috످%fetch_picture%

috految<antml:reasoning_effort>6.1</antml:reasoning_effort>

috److It looks like `%fetch_picture%` might be a placeholder or a command that didn't run. I don't see an image in your message, and I can't fetch pictures in this chat.

If you meant to share a picture, try uploading it directly or describing it. If you're working on code or a template, paste the snippet and I can help troubleshoot.

috످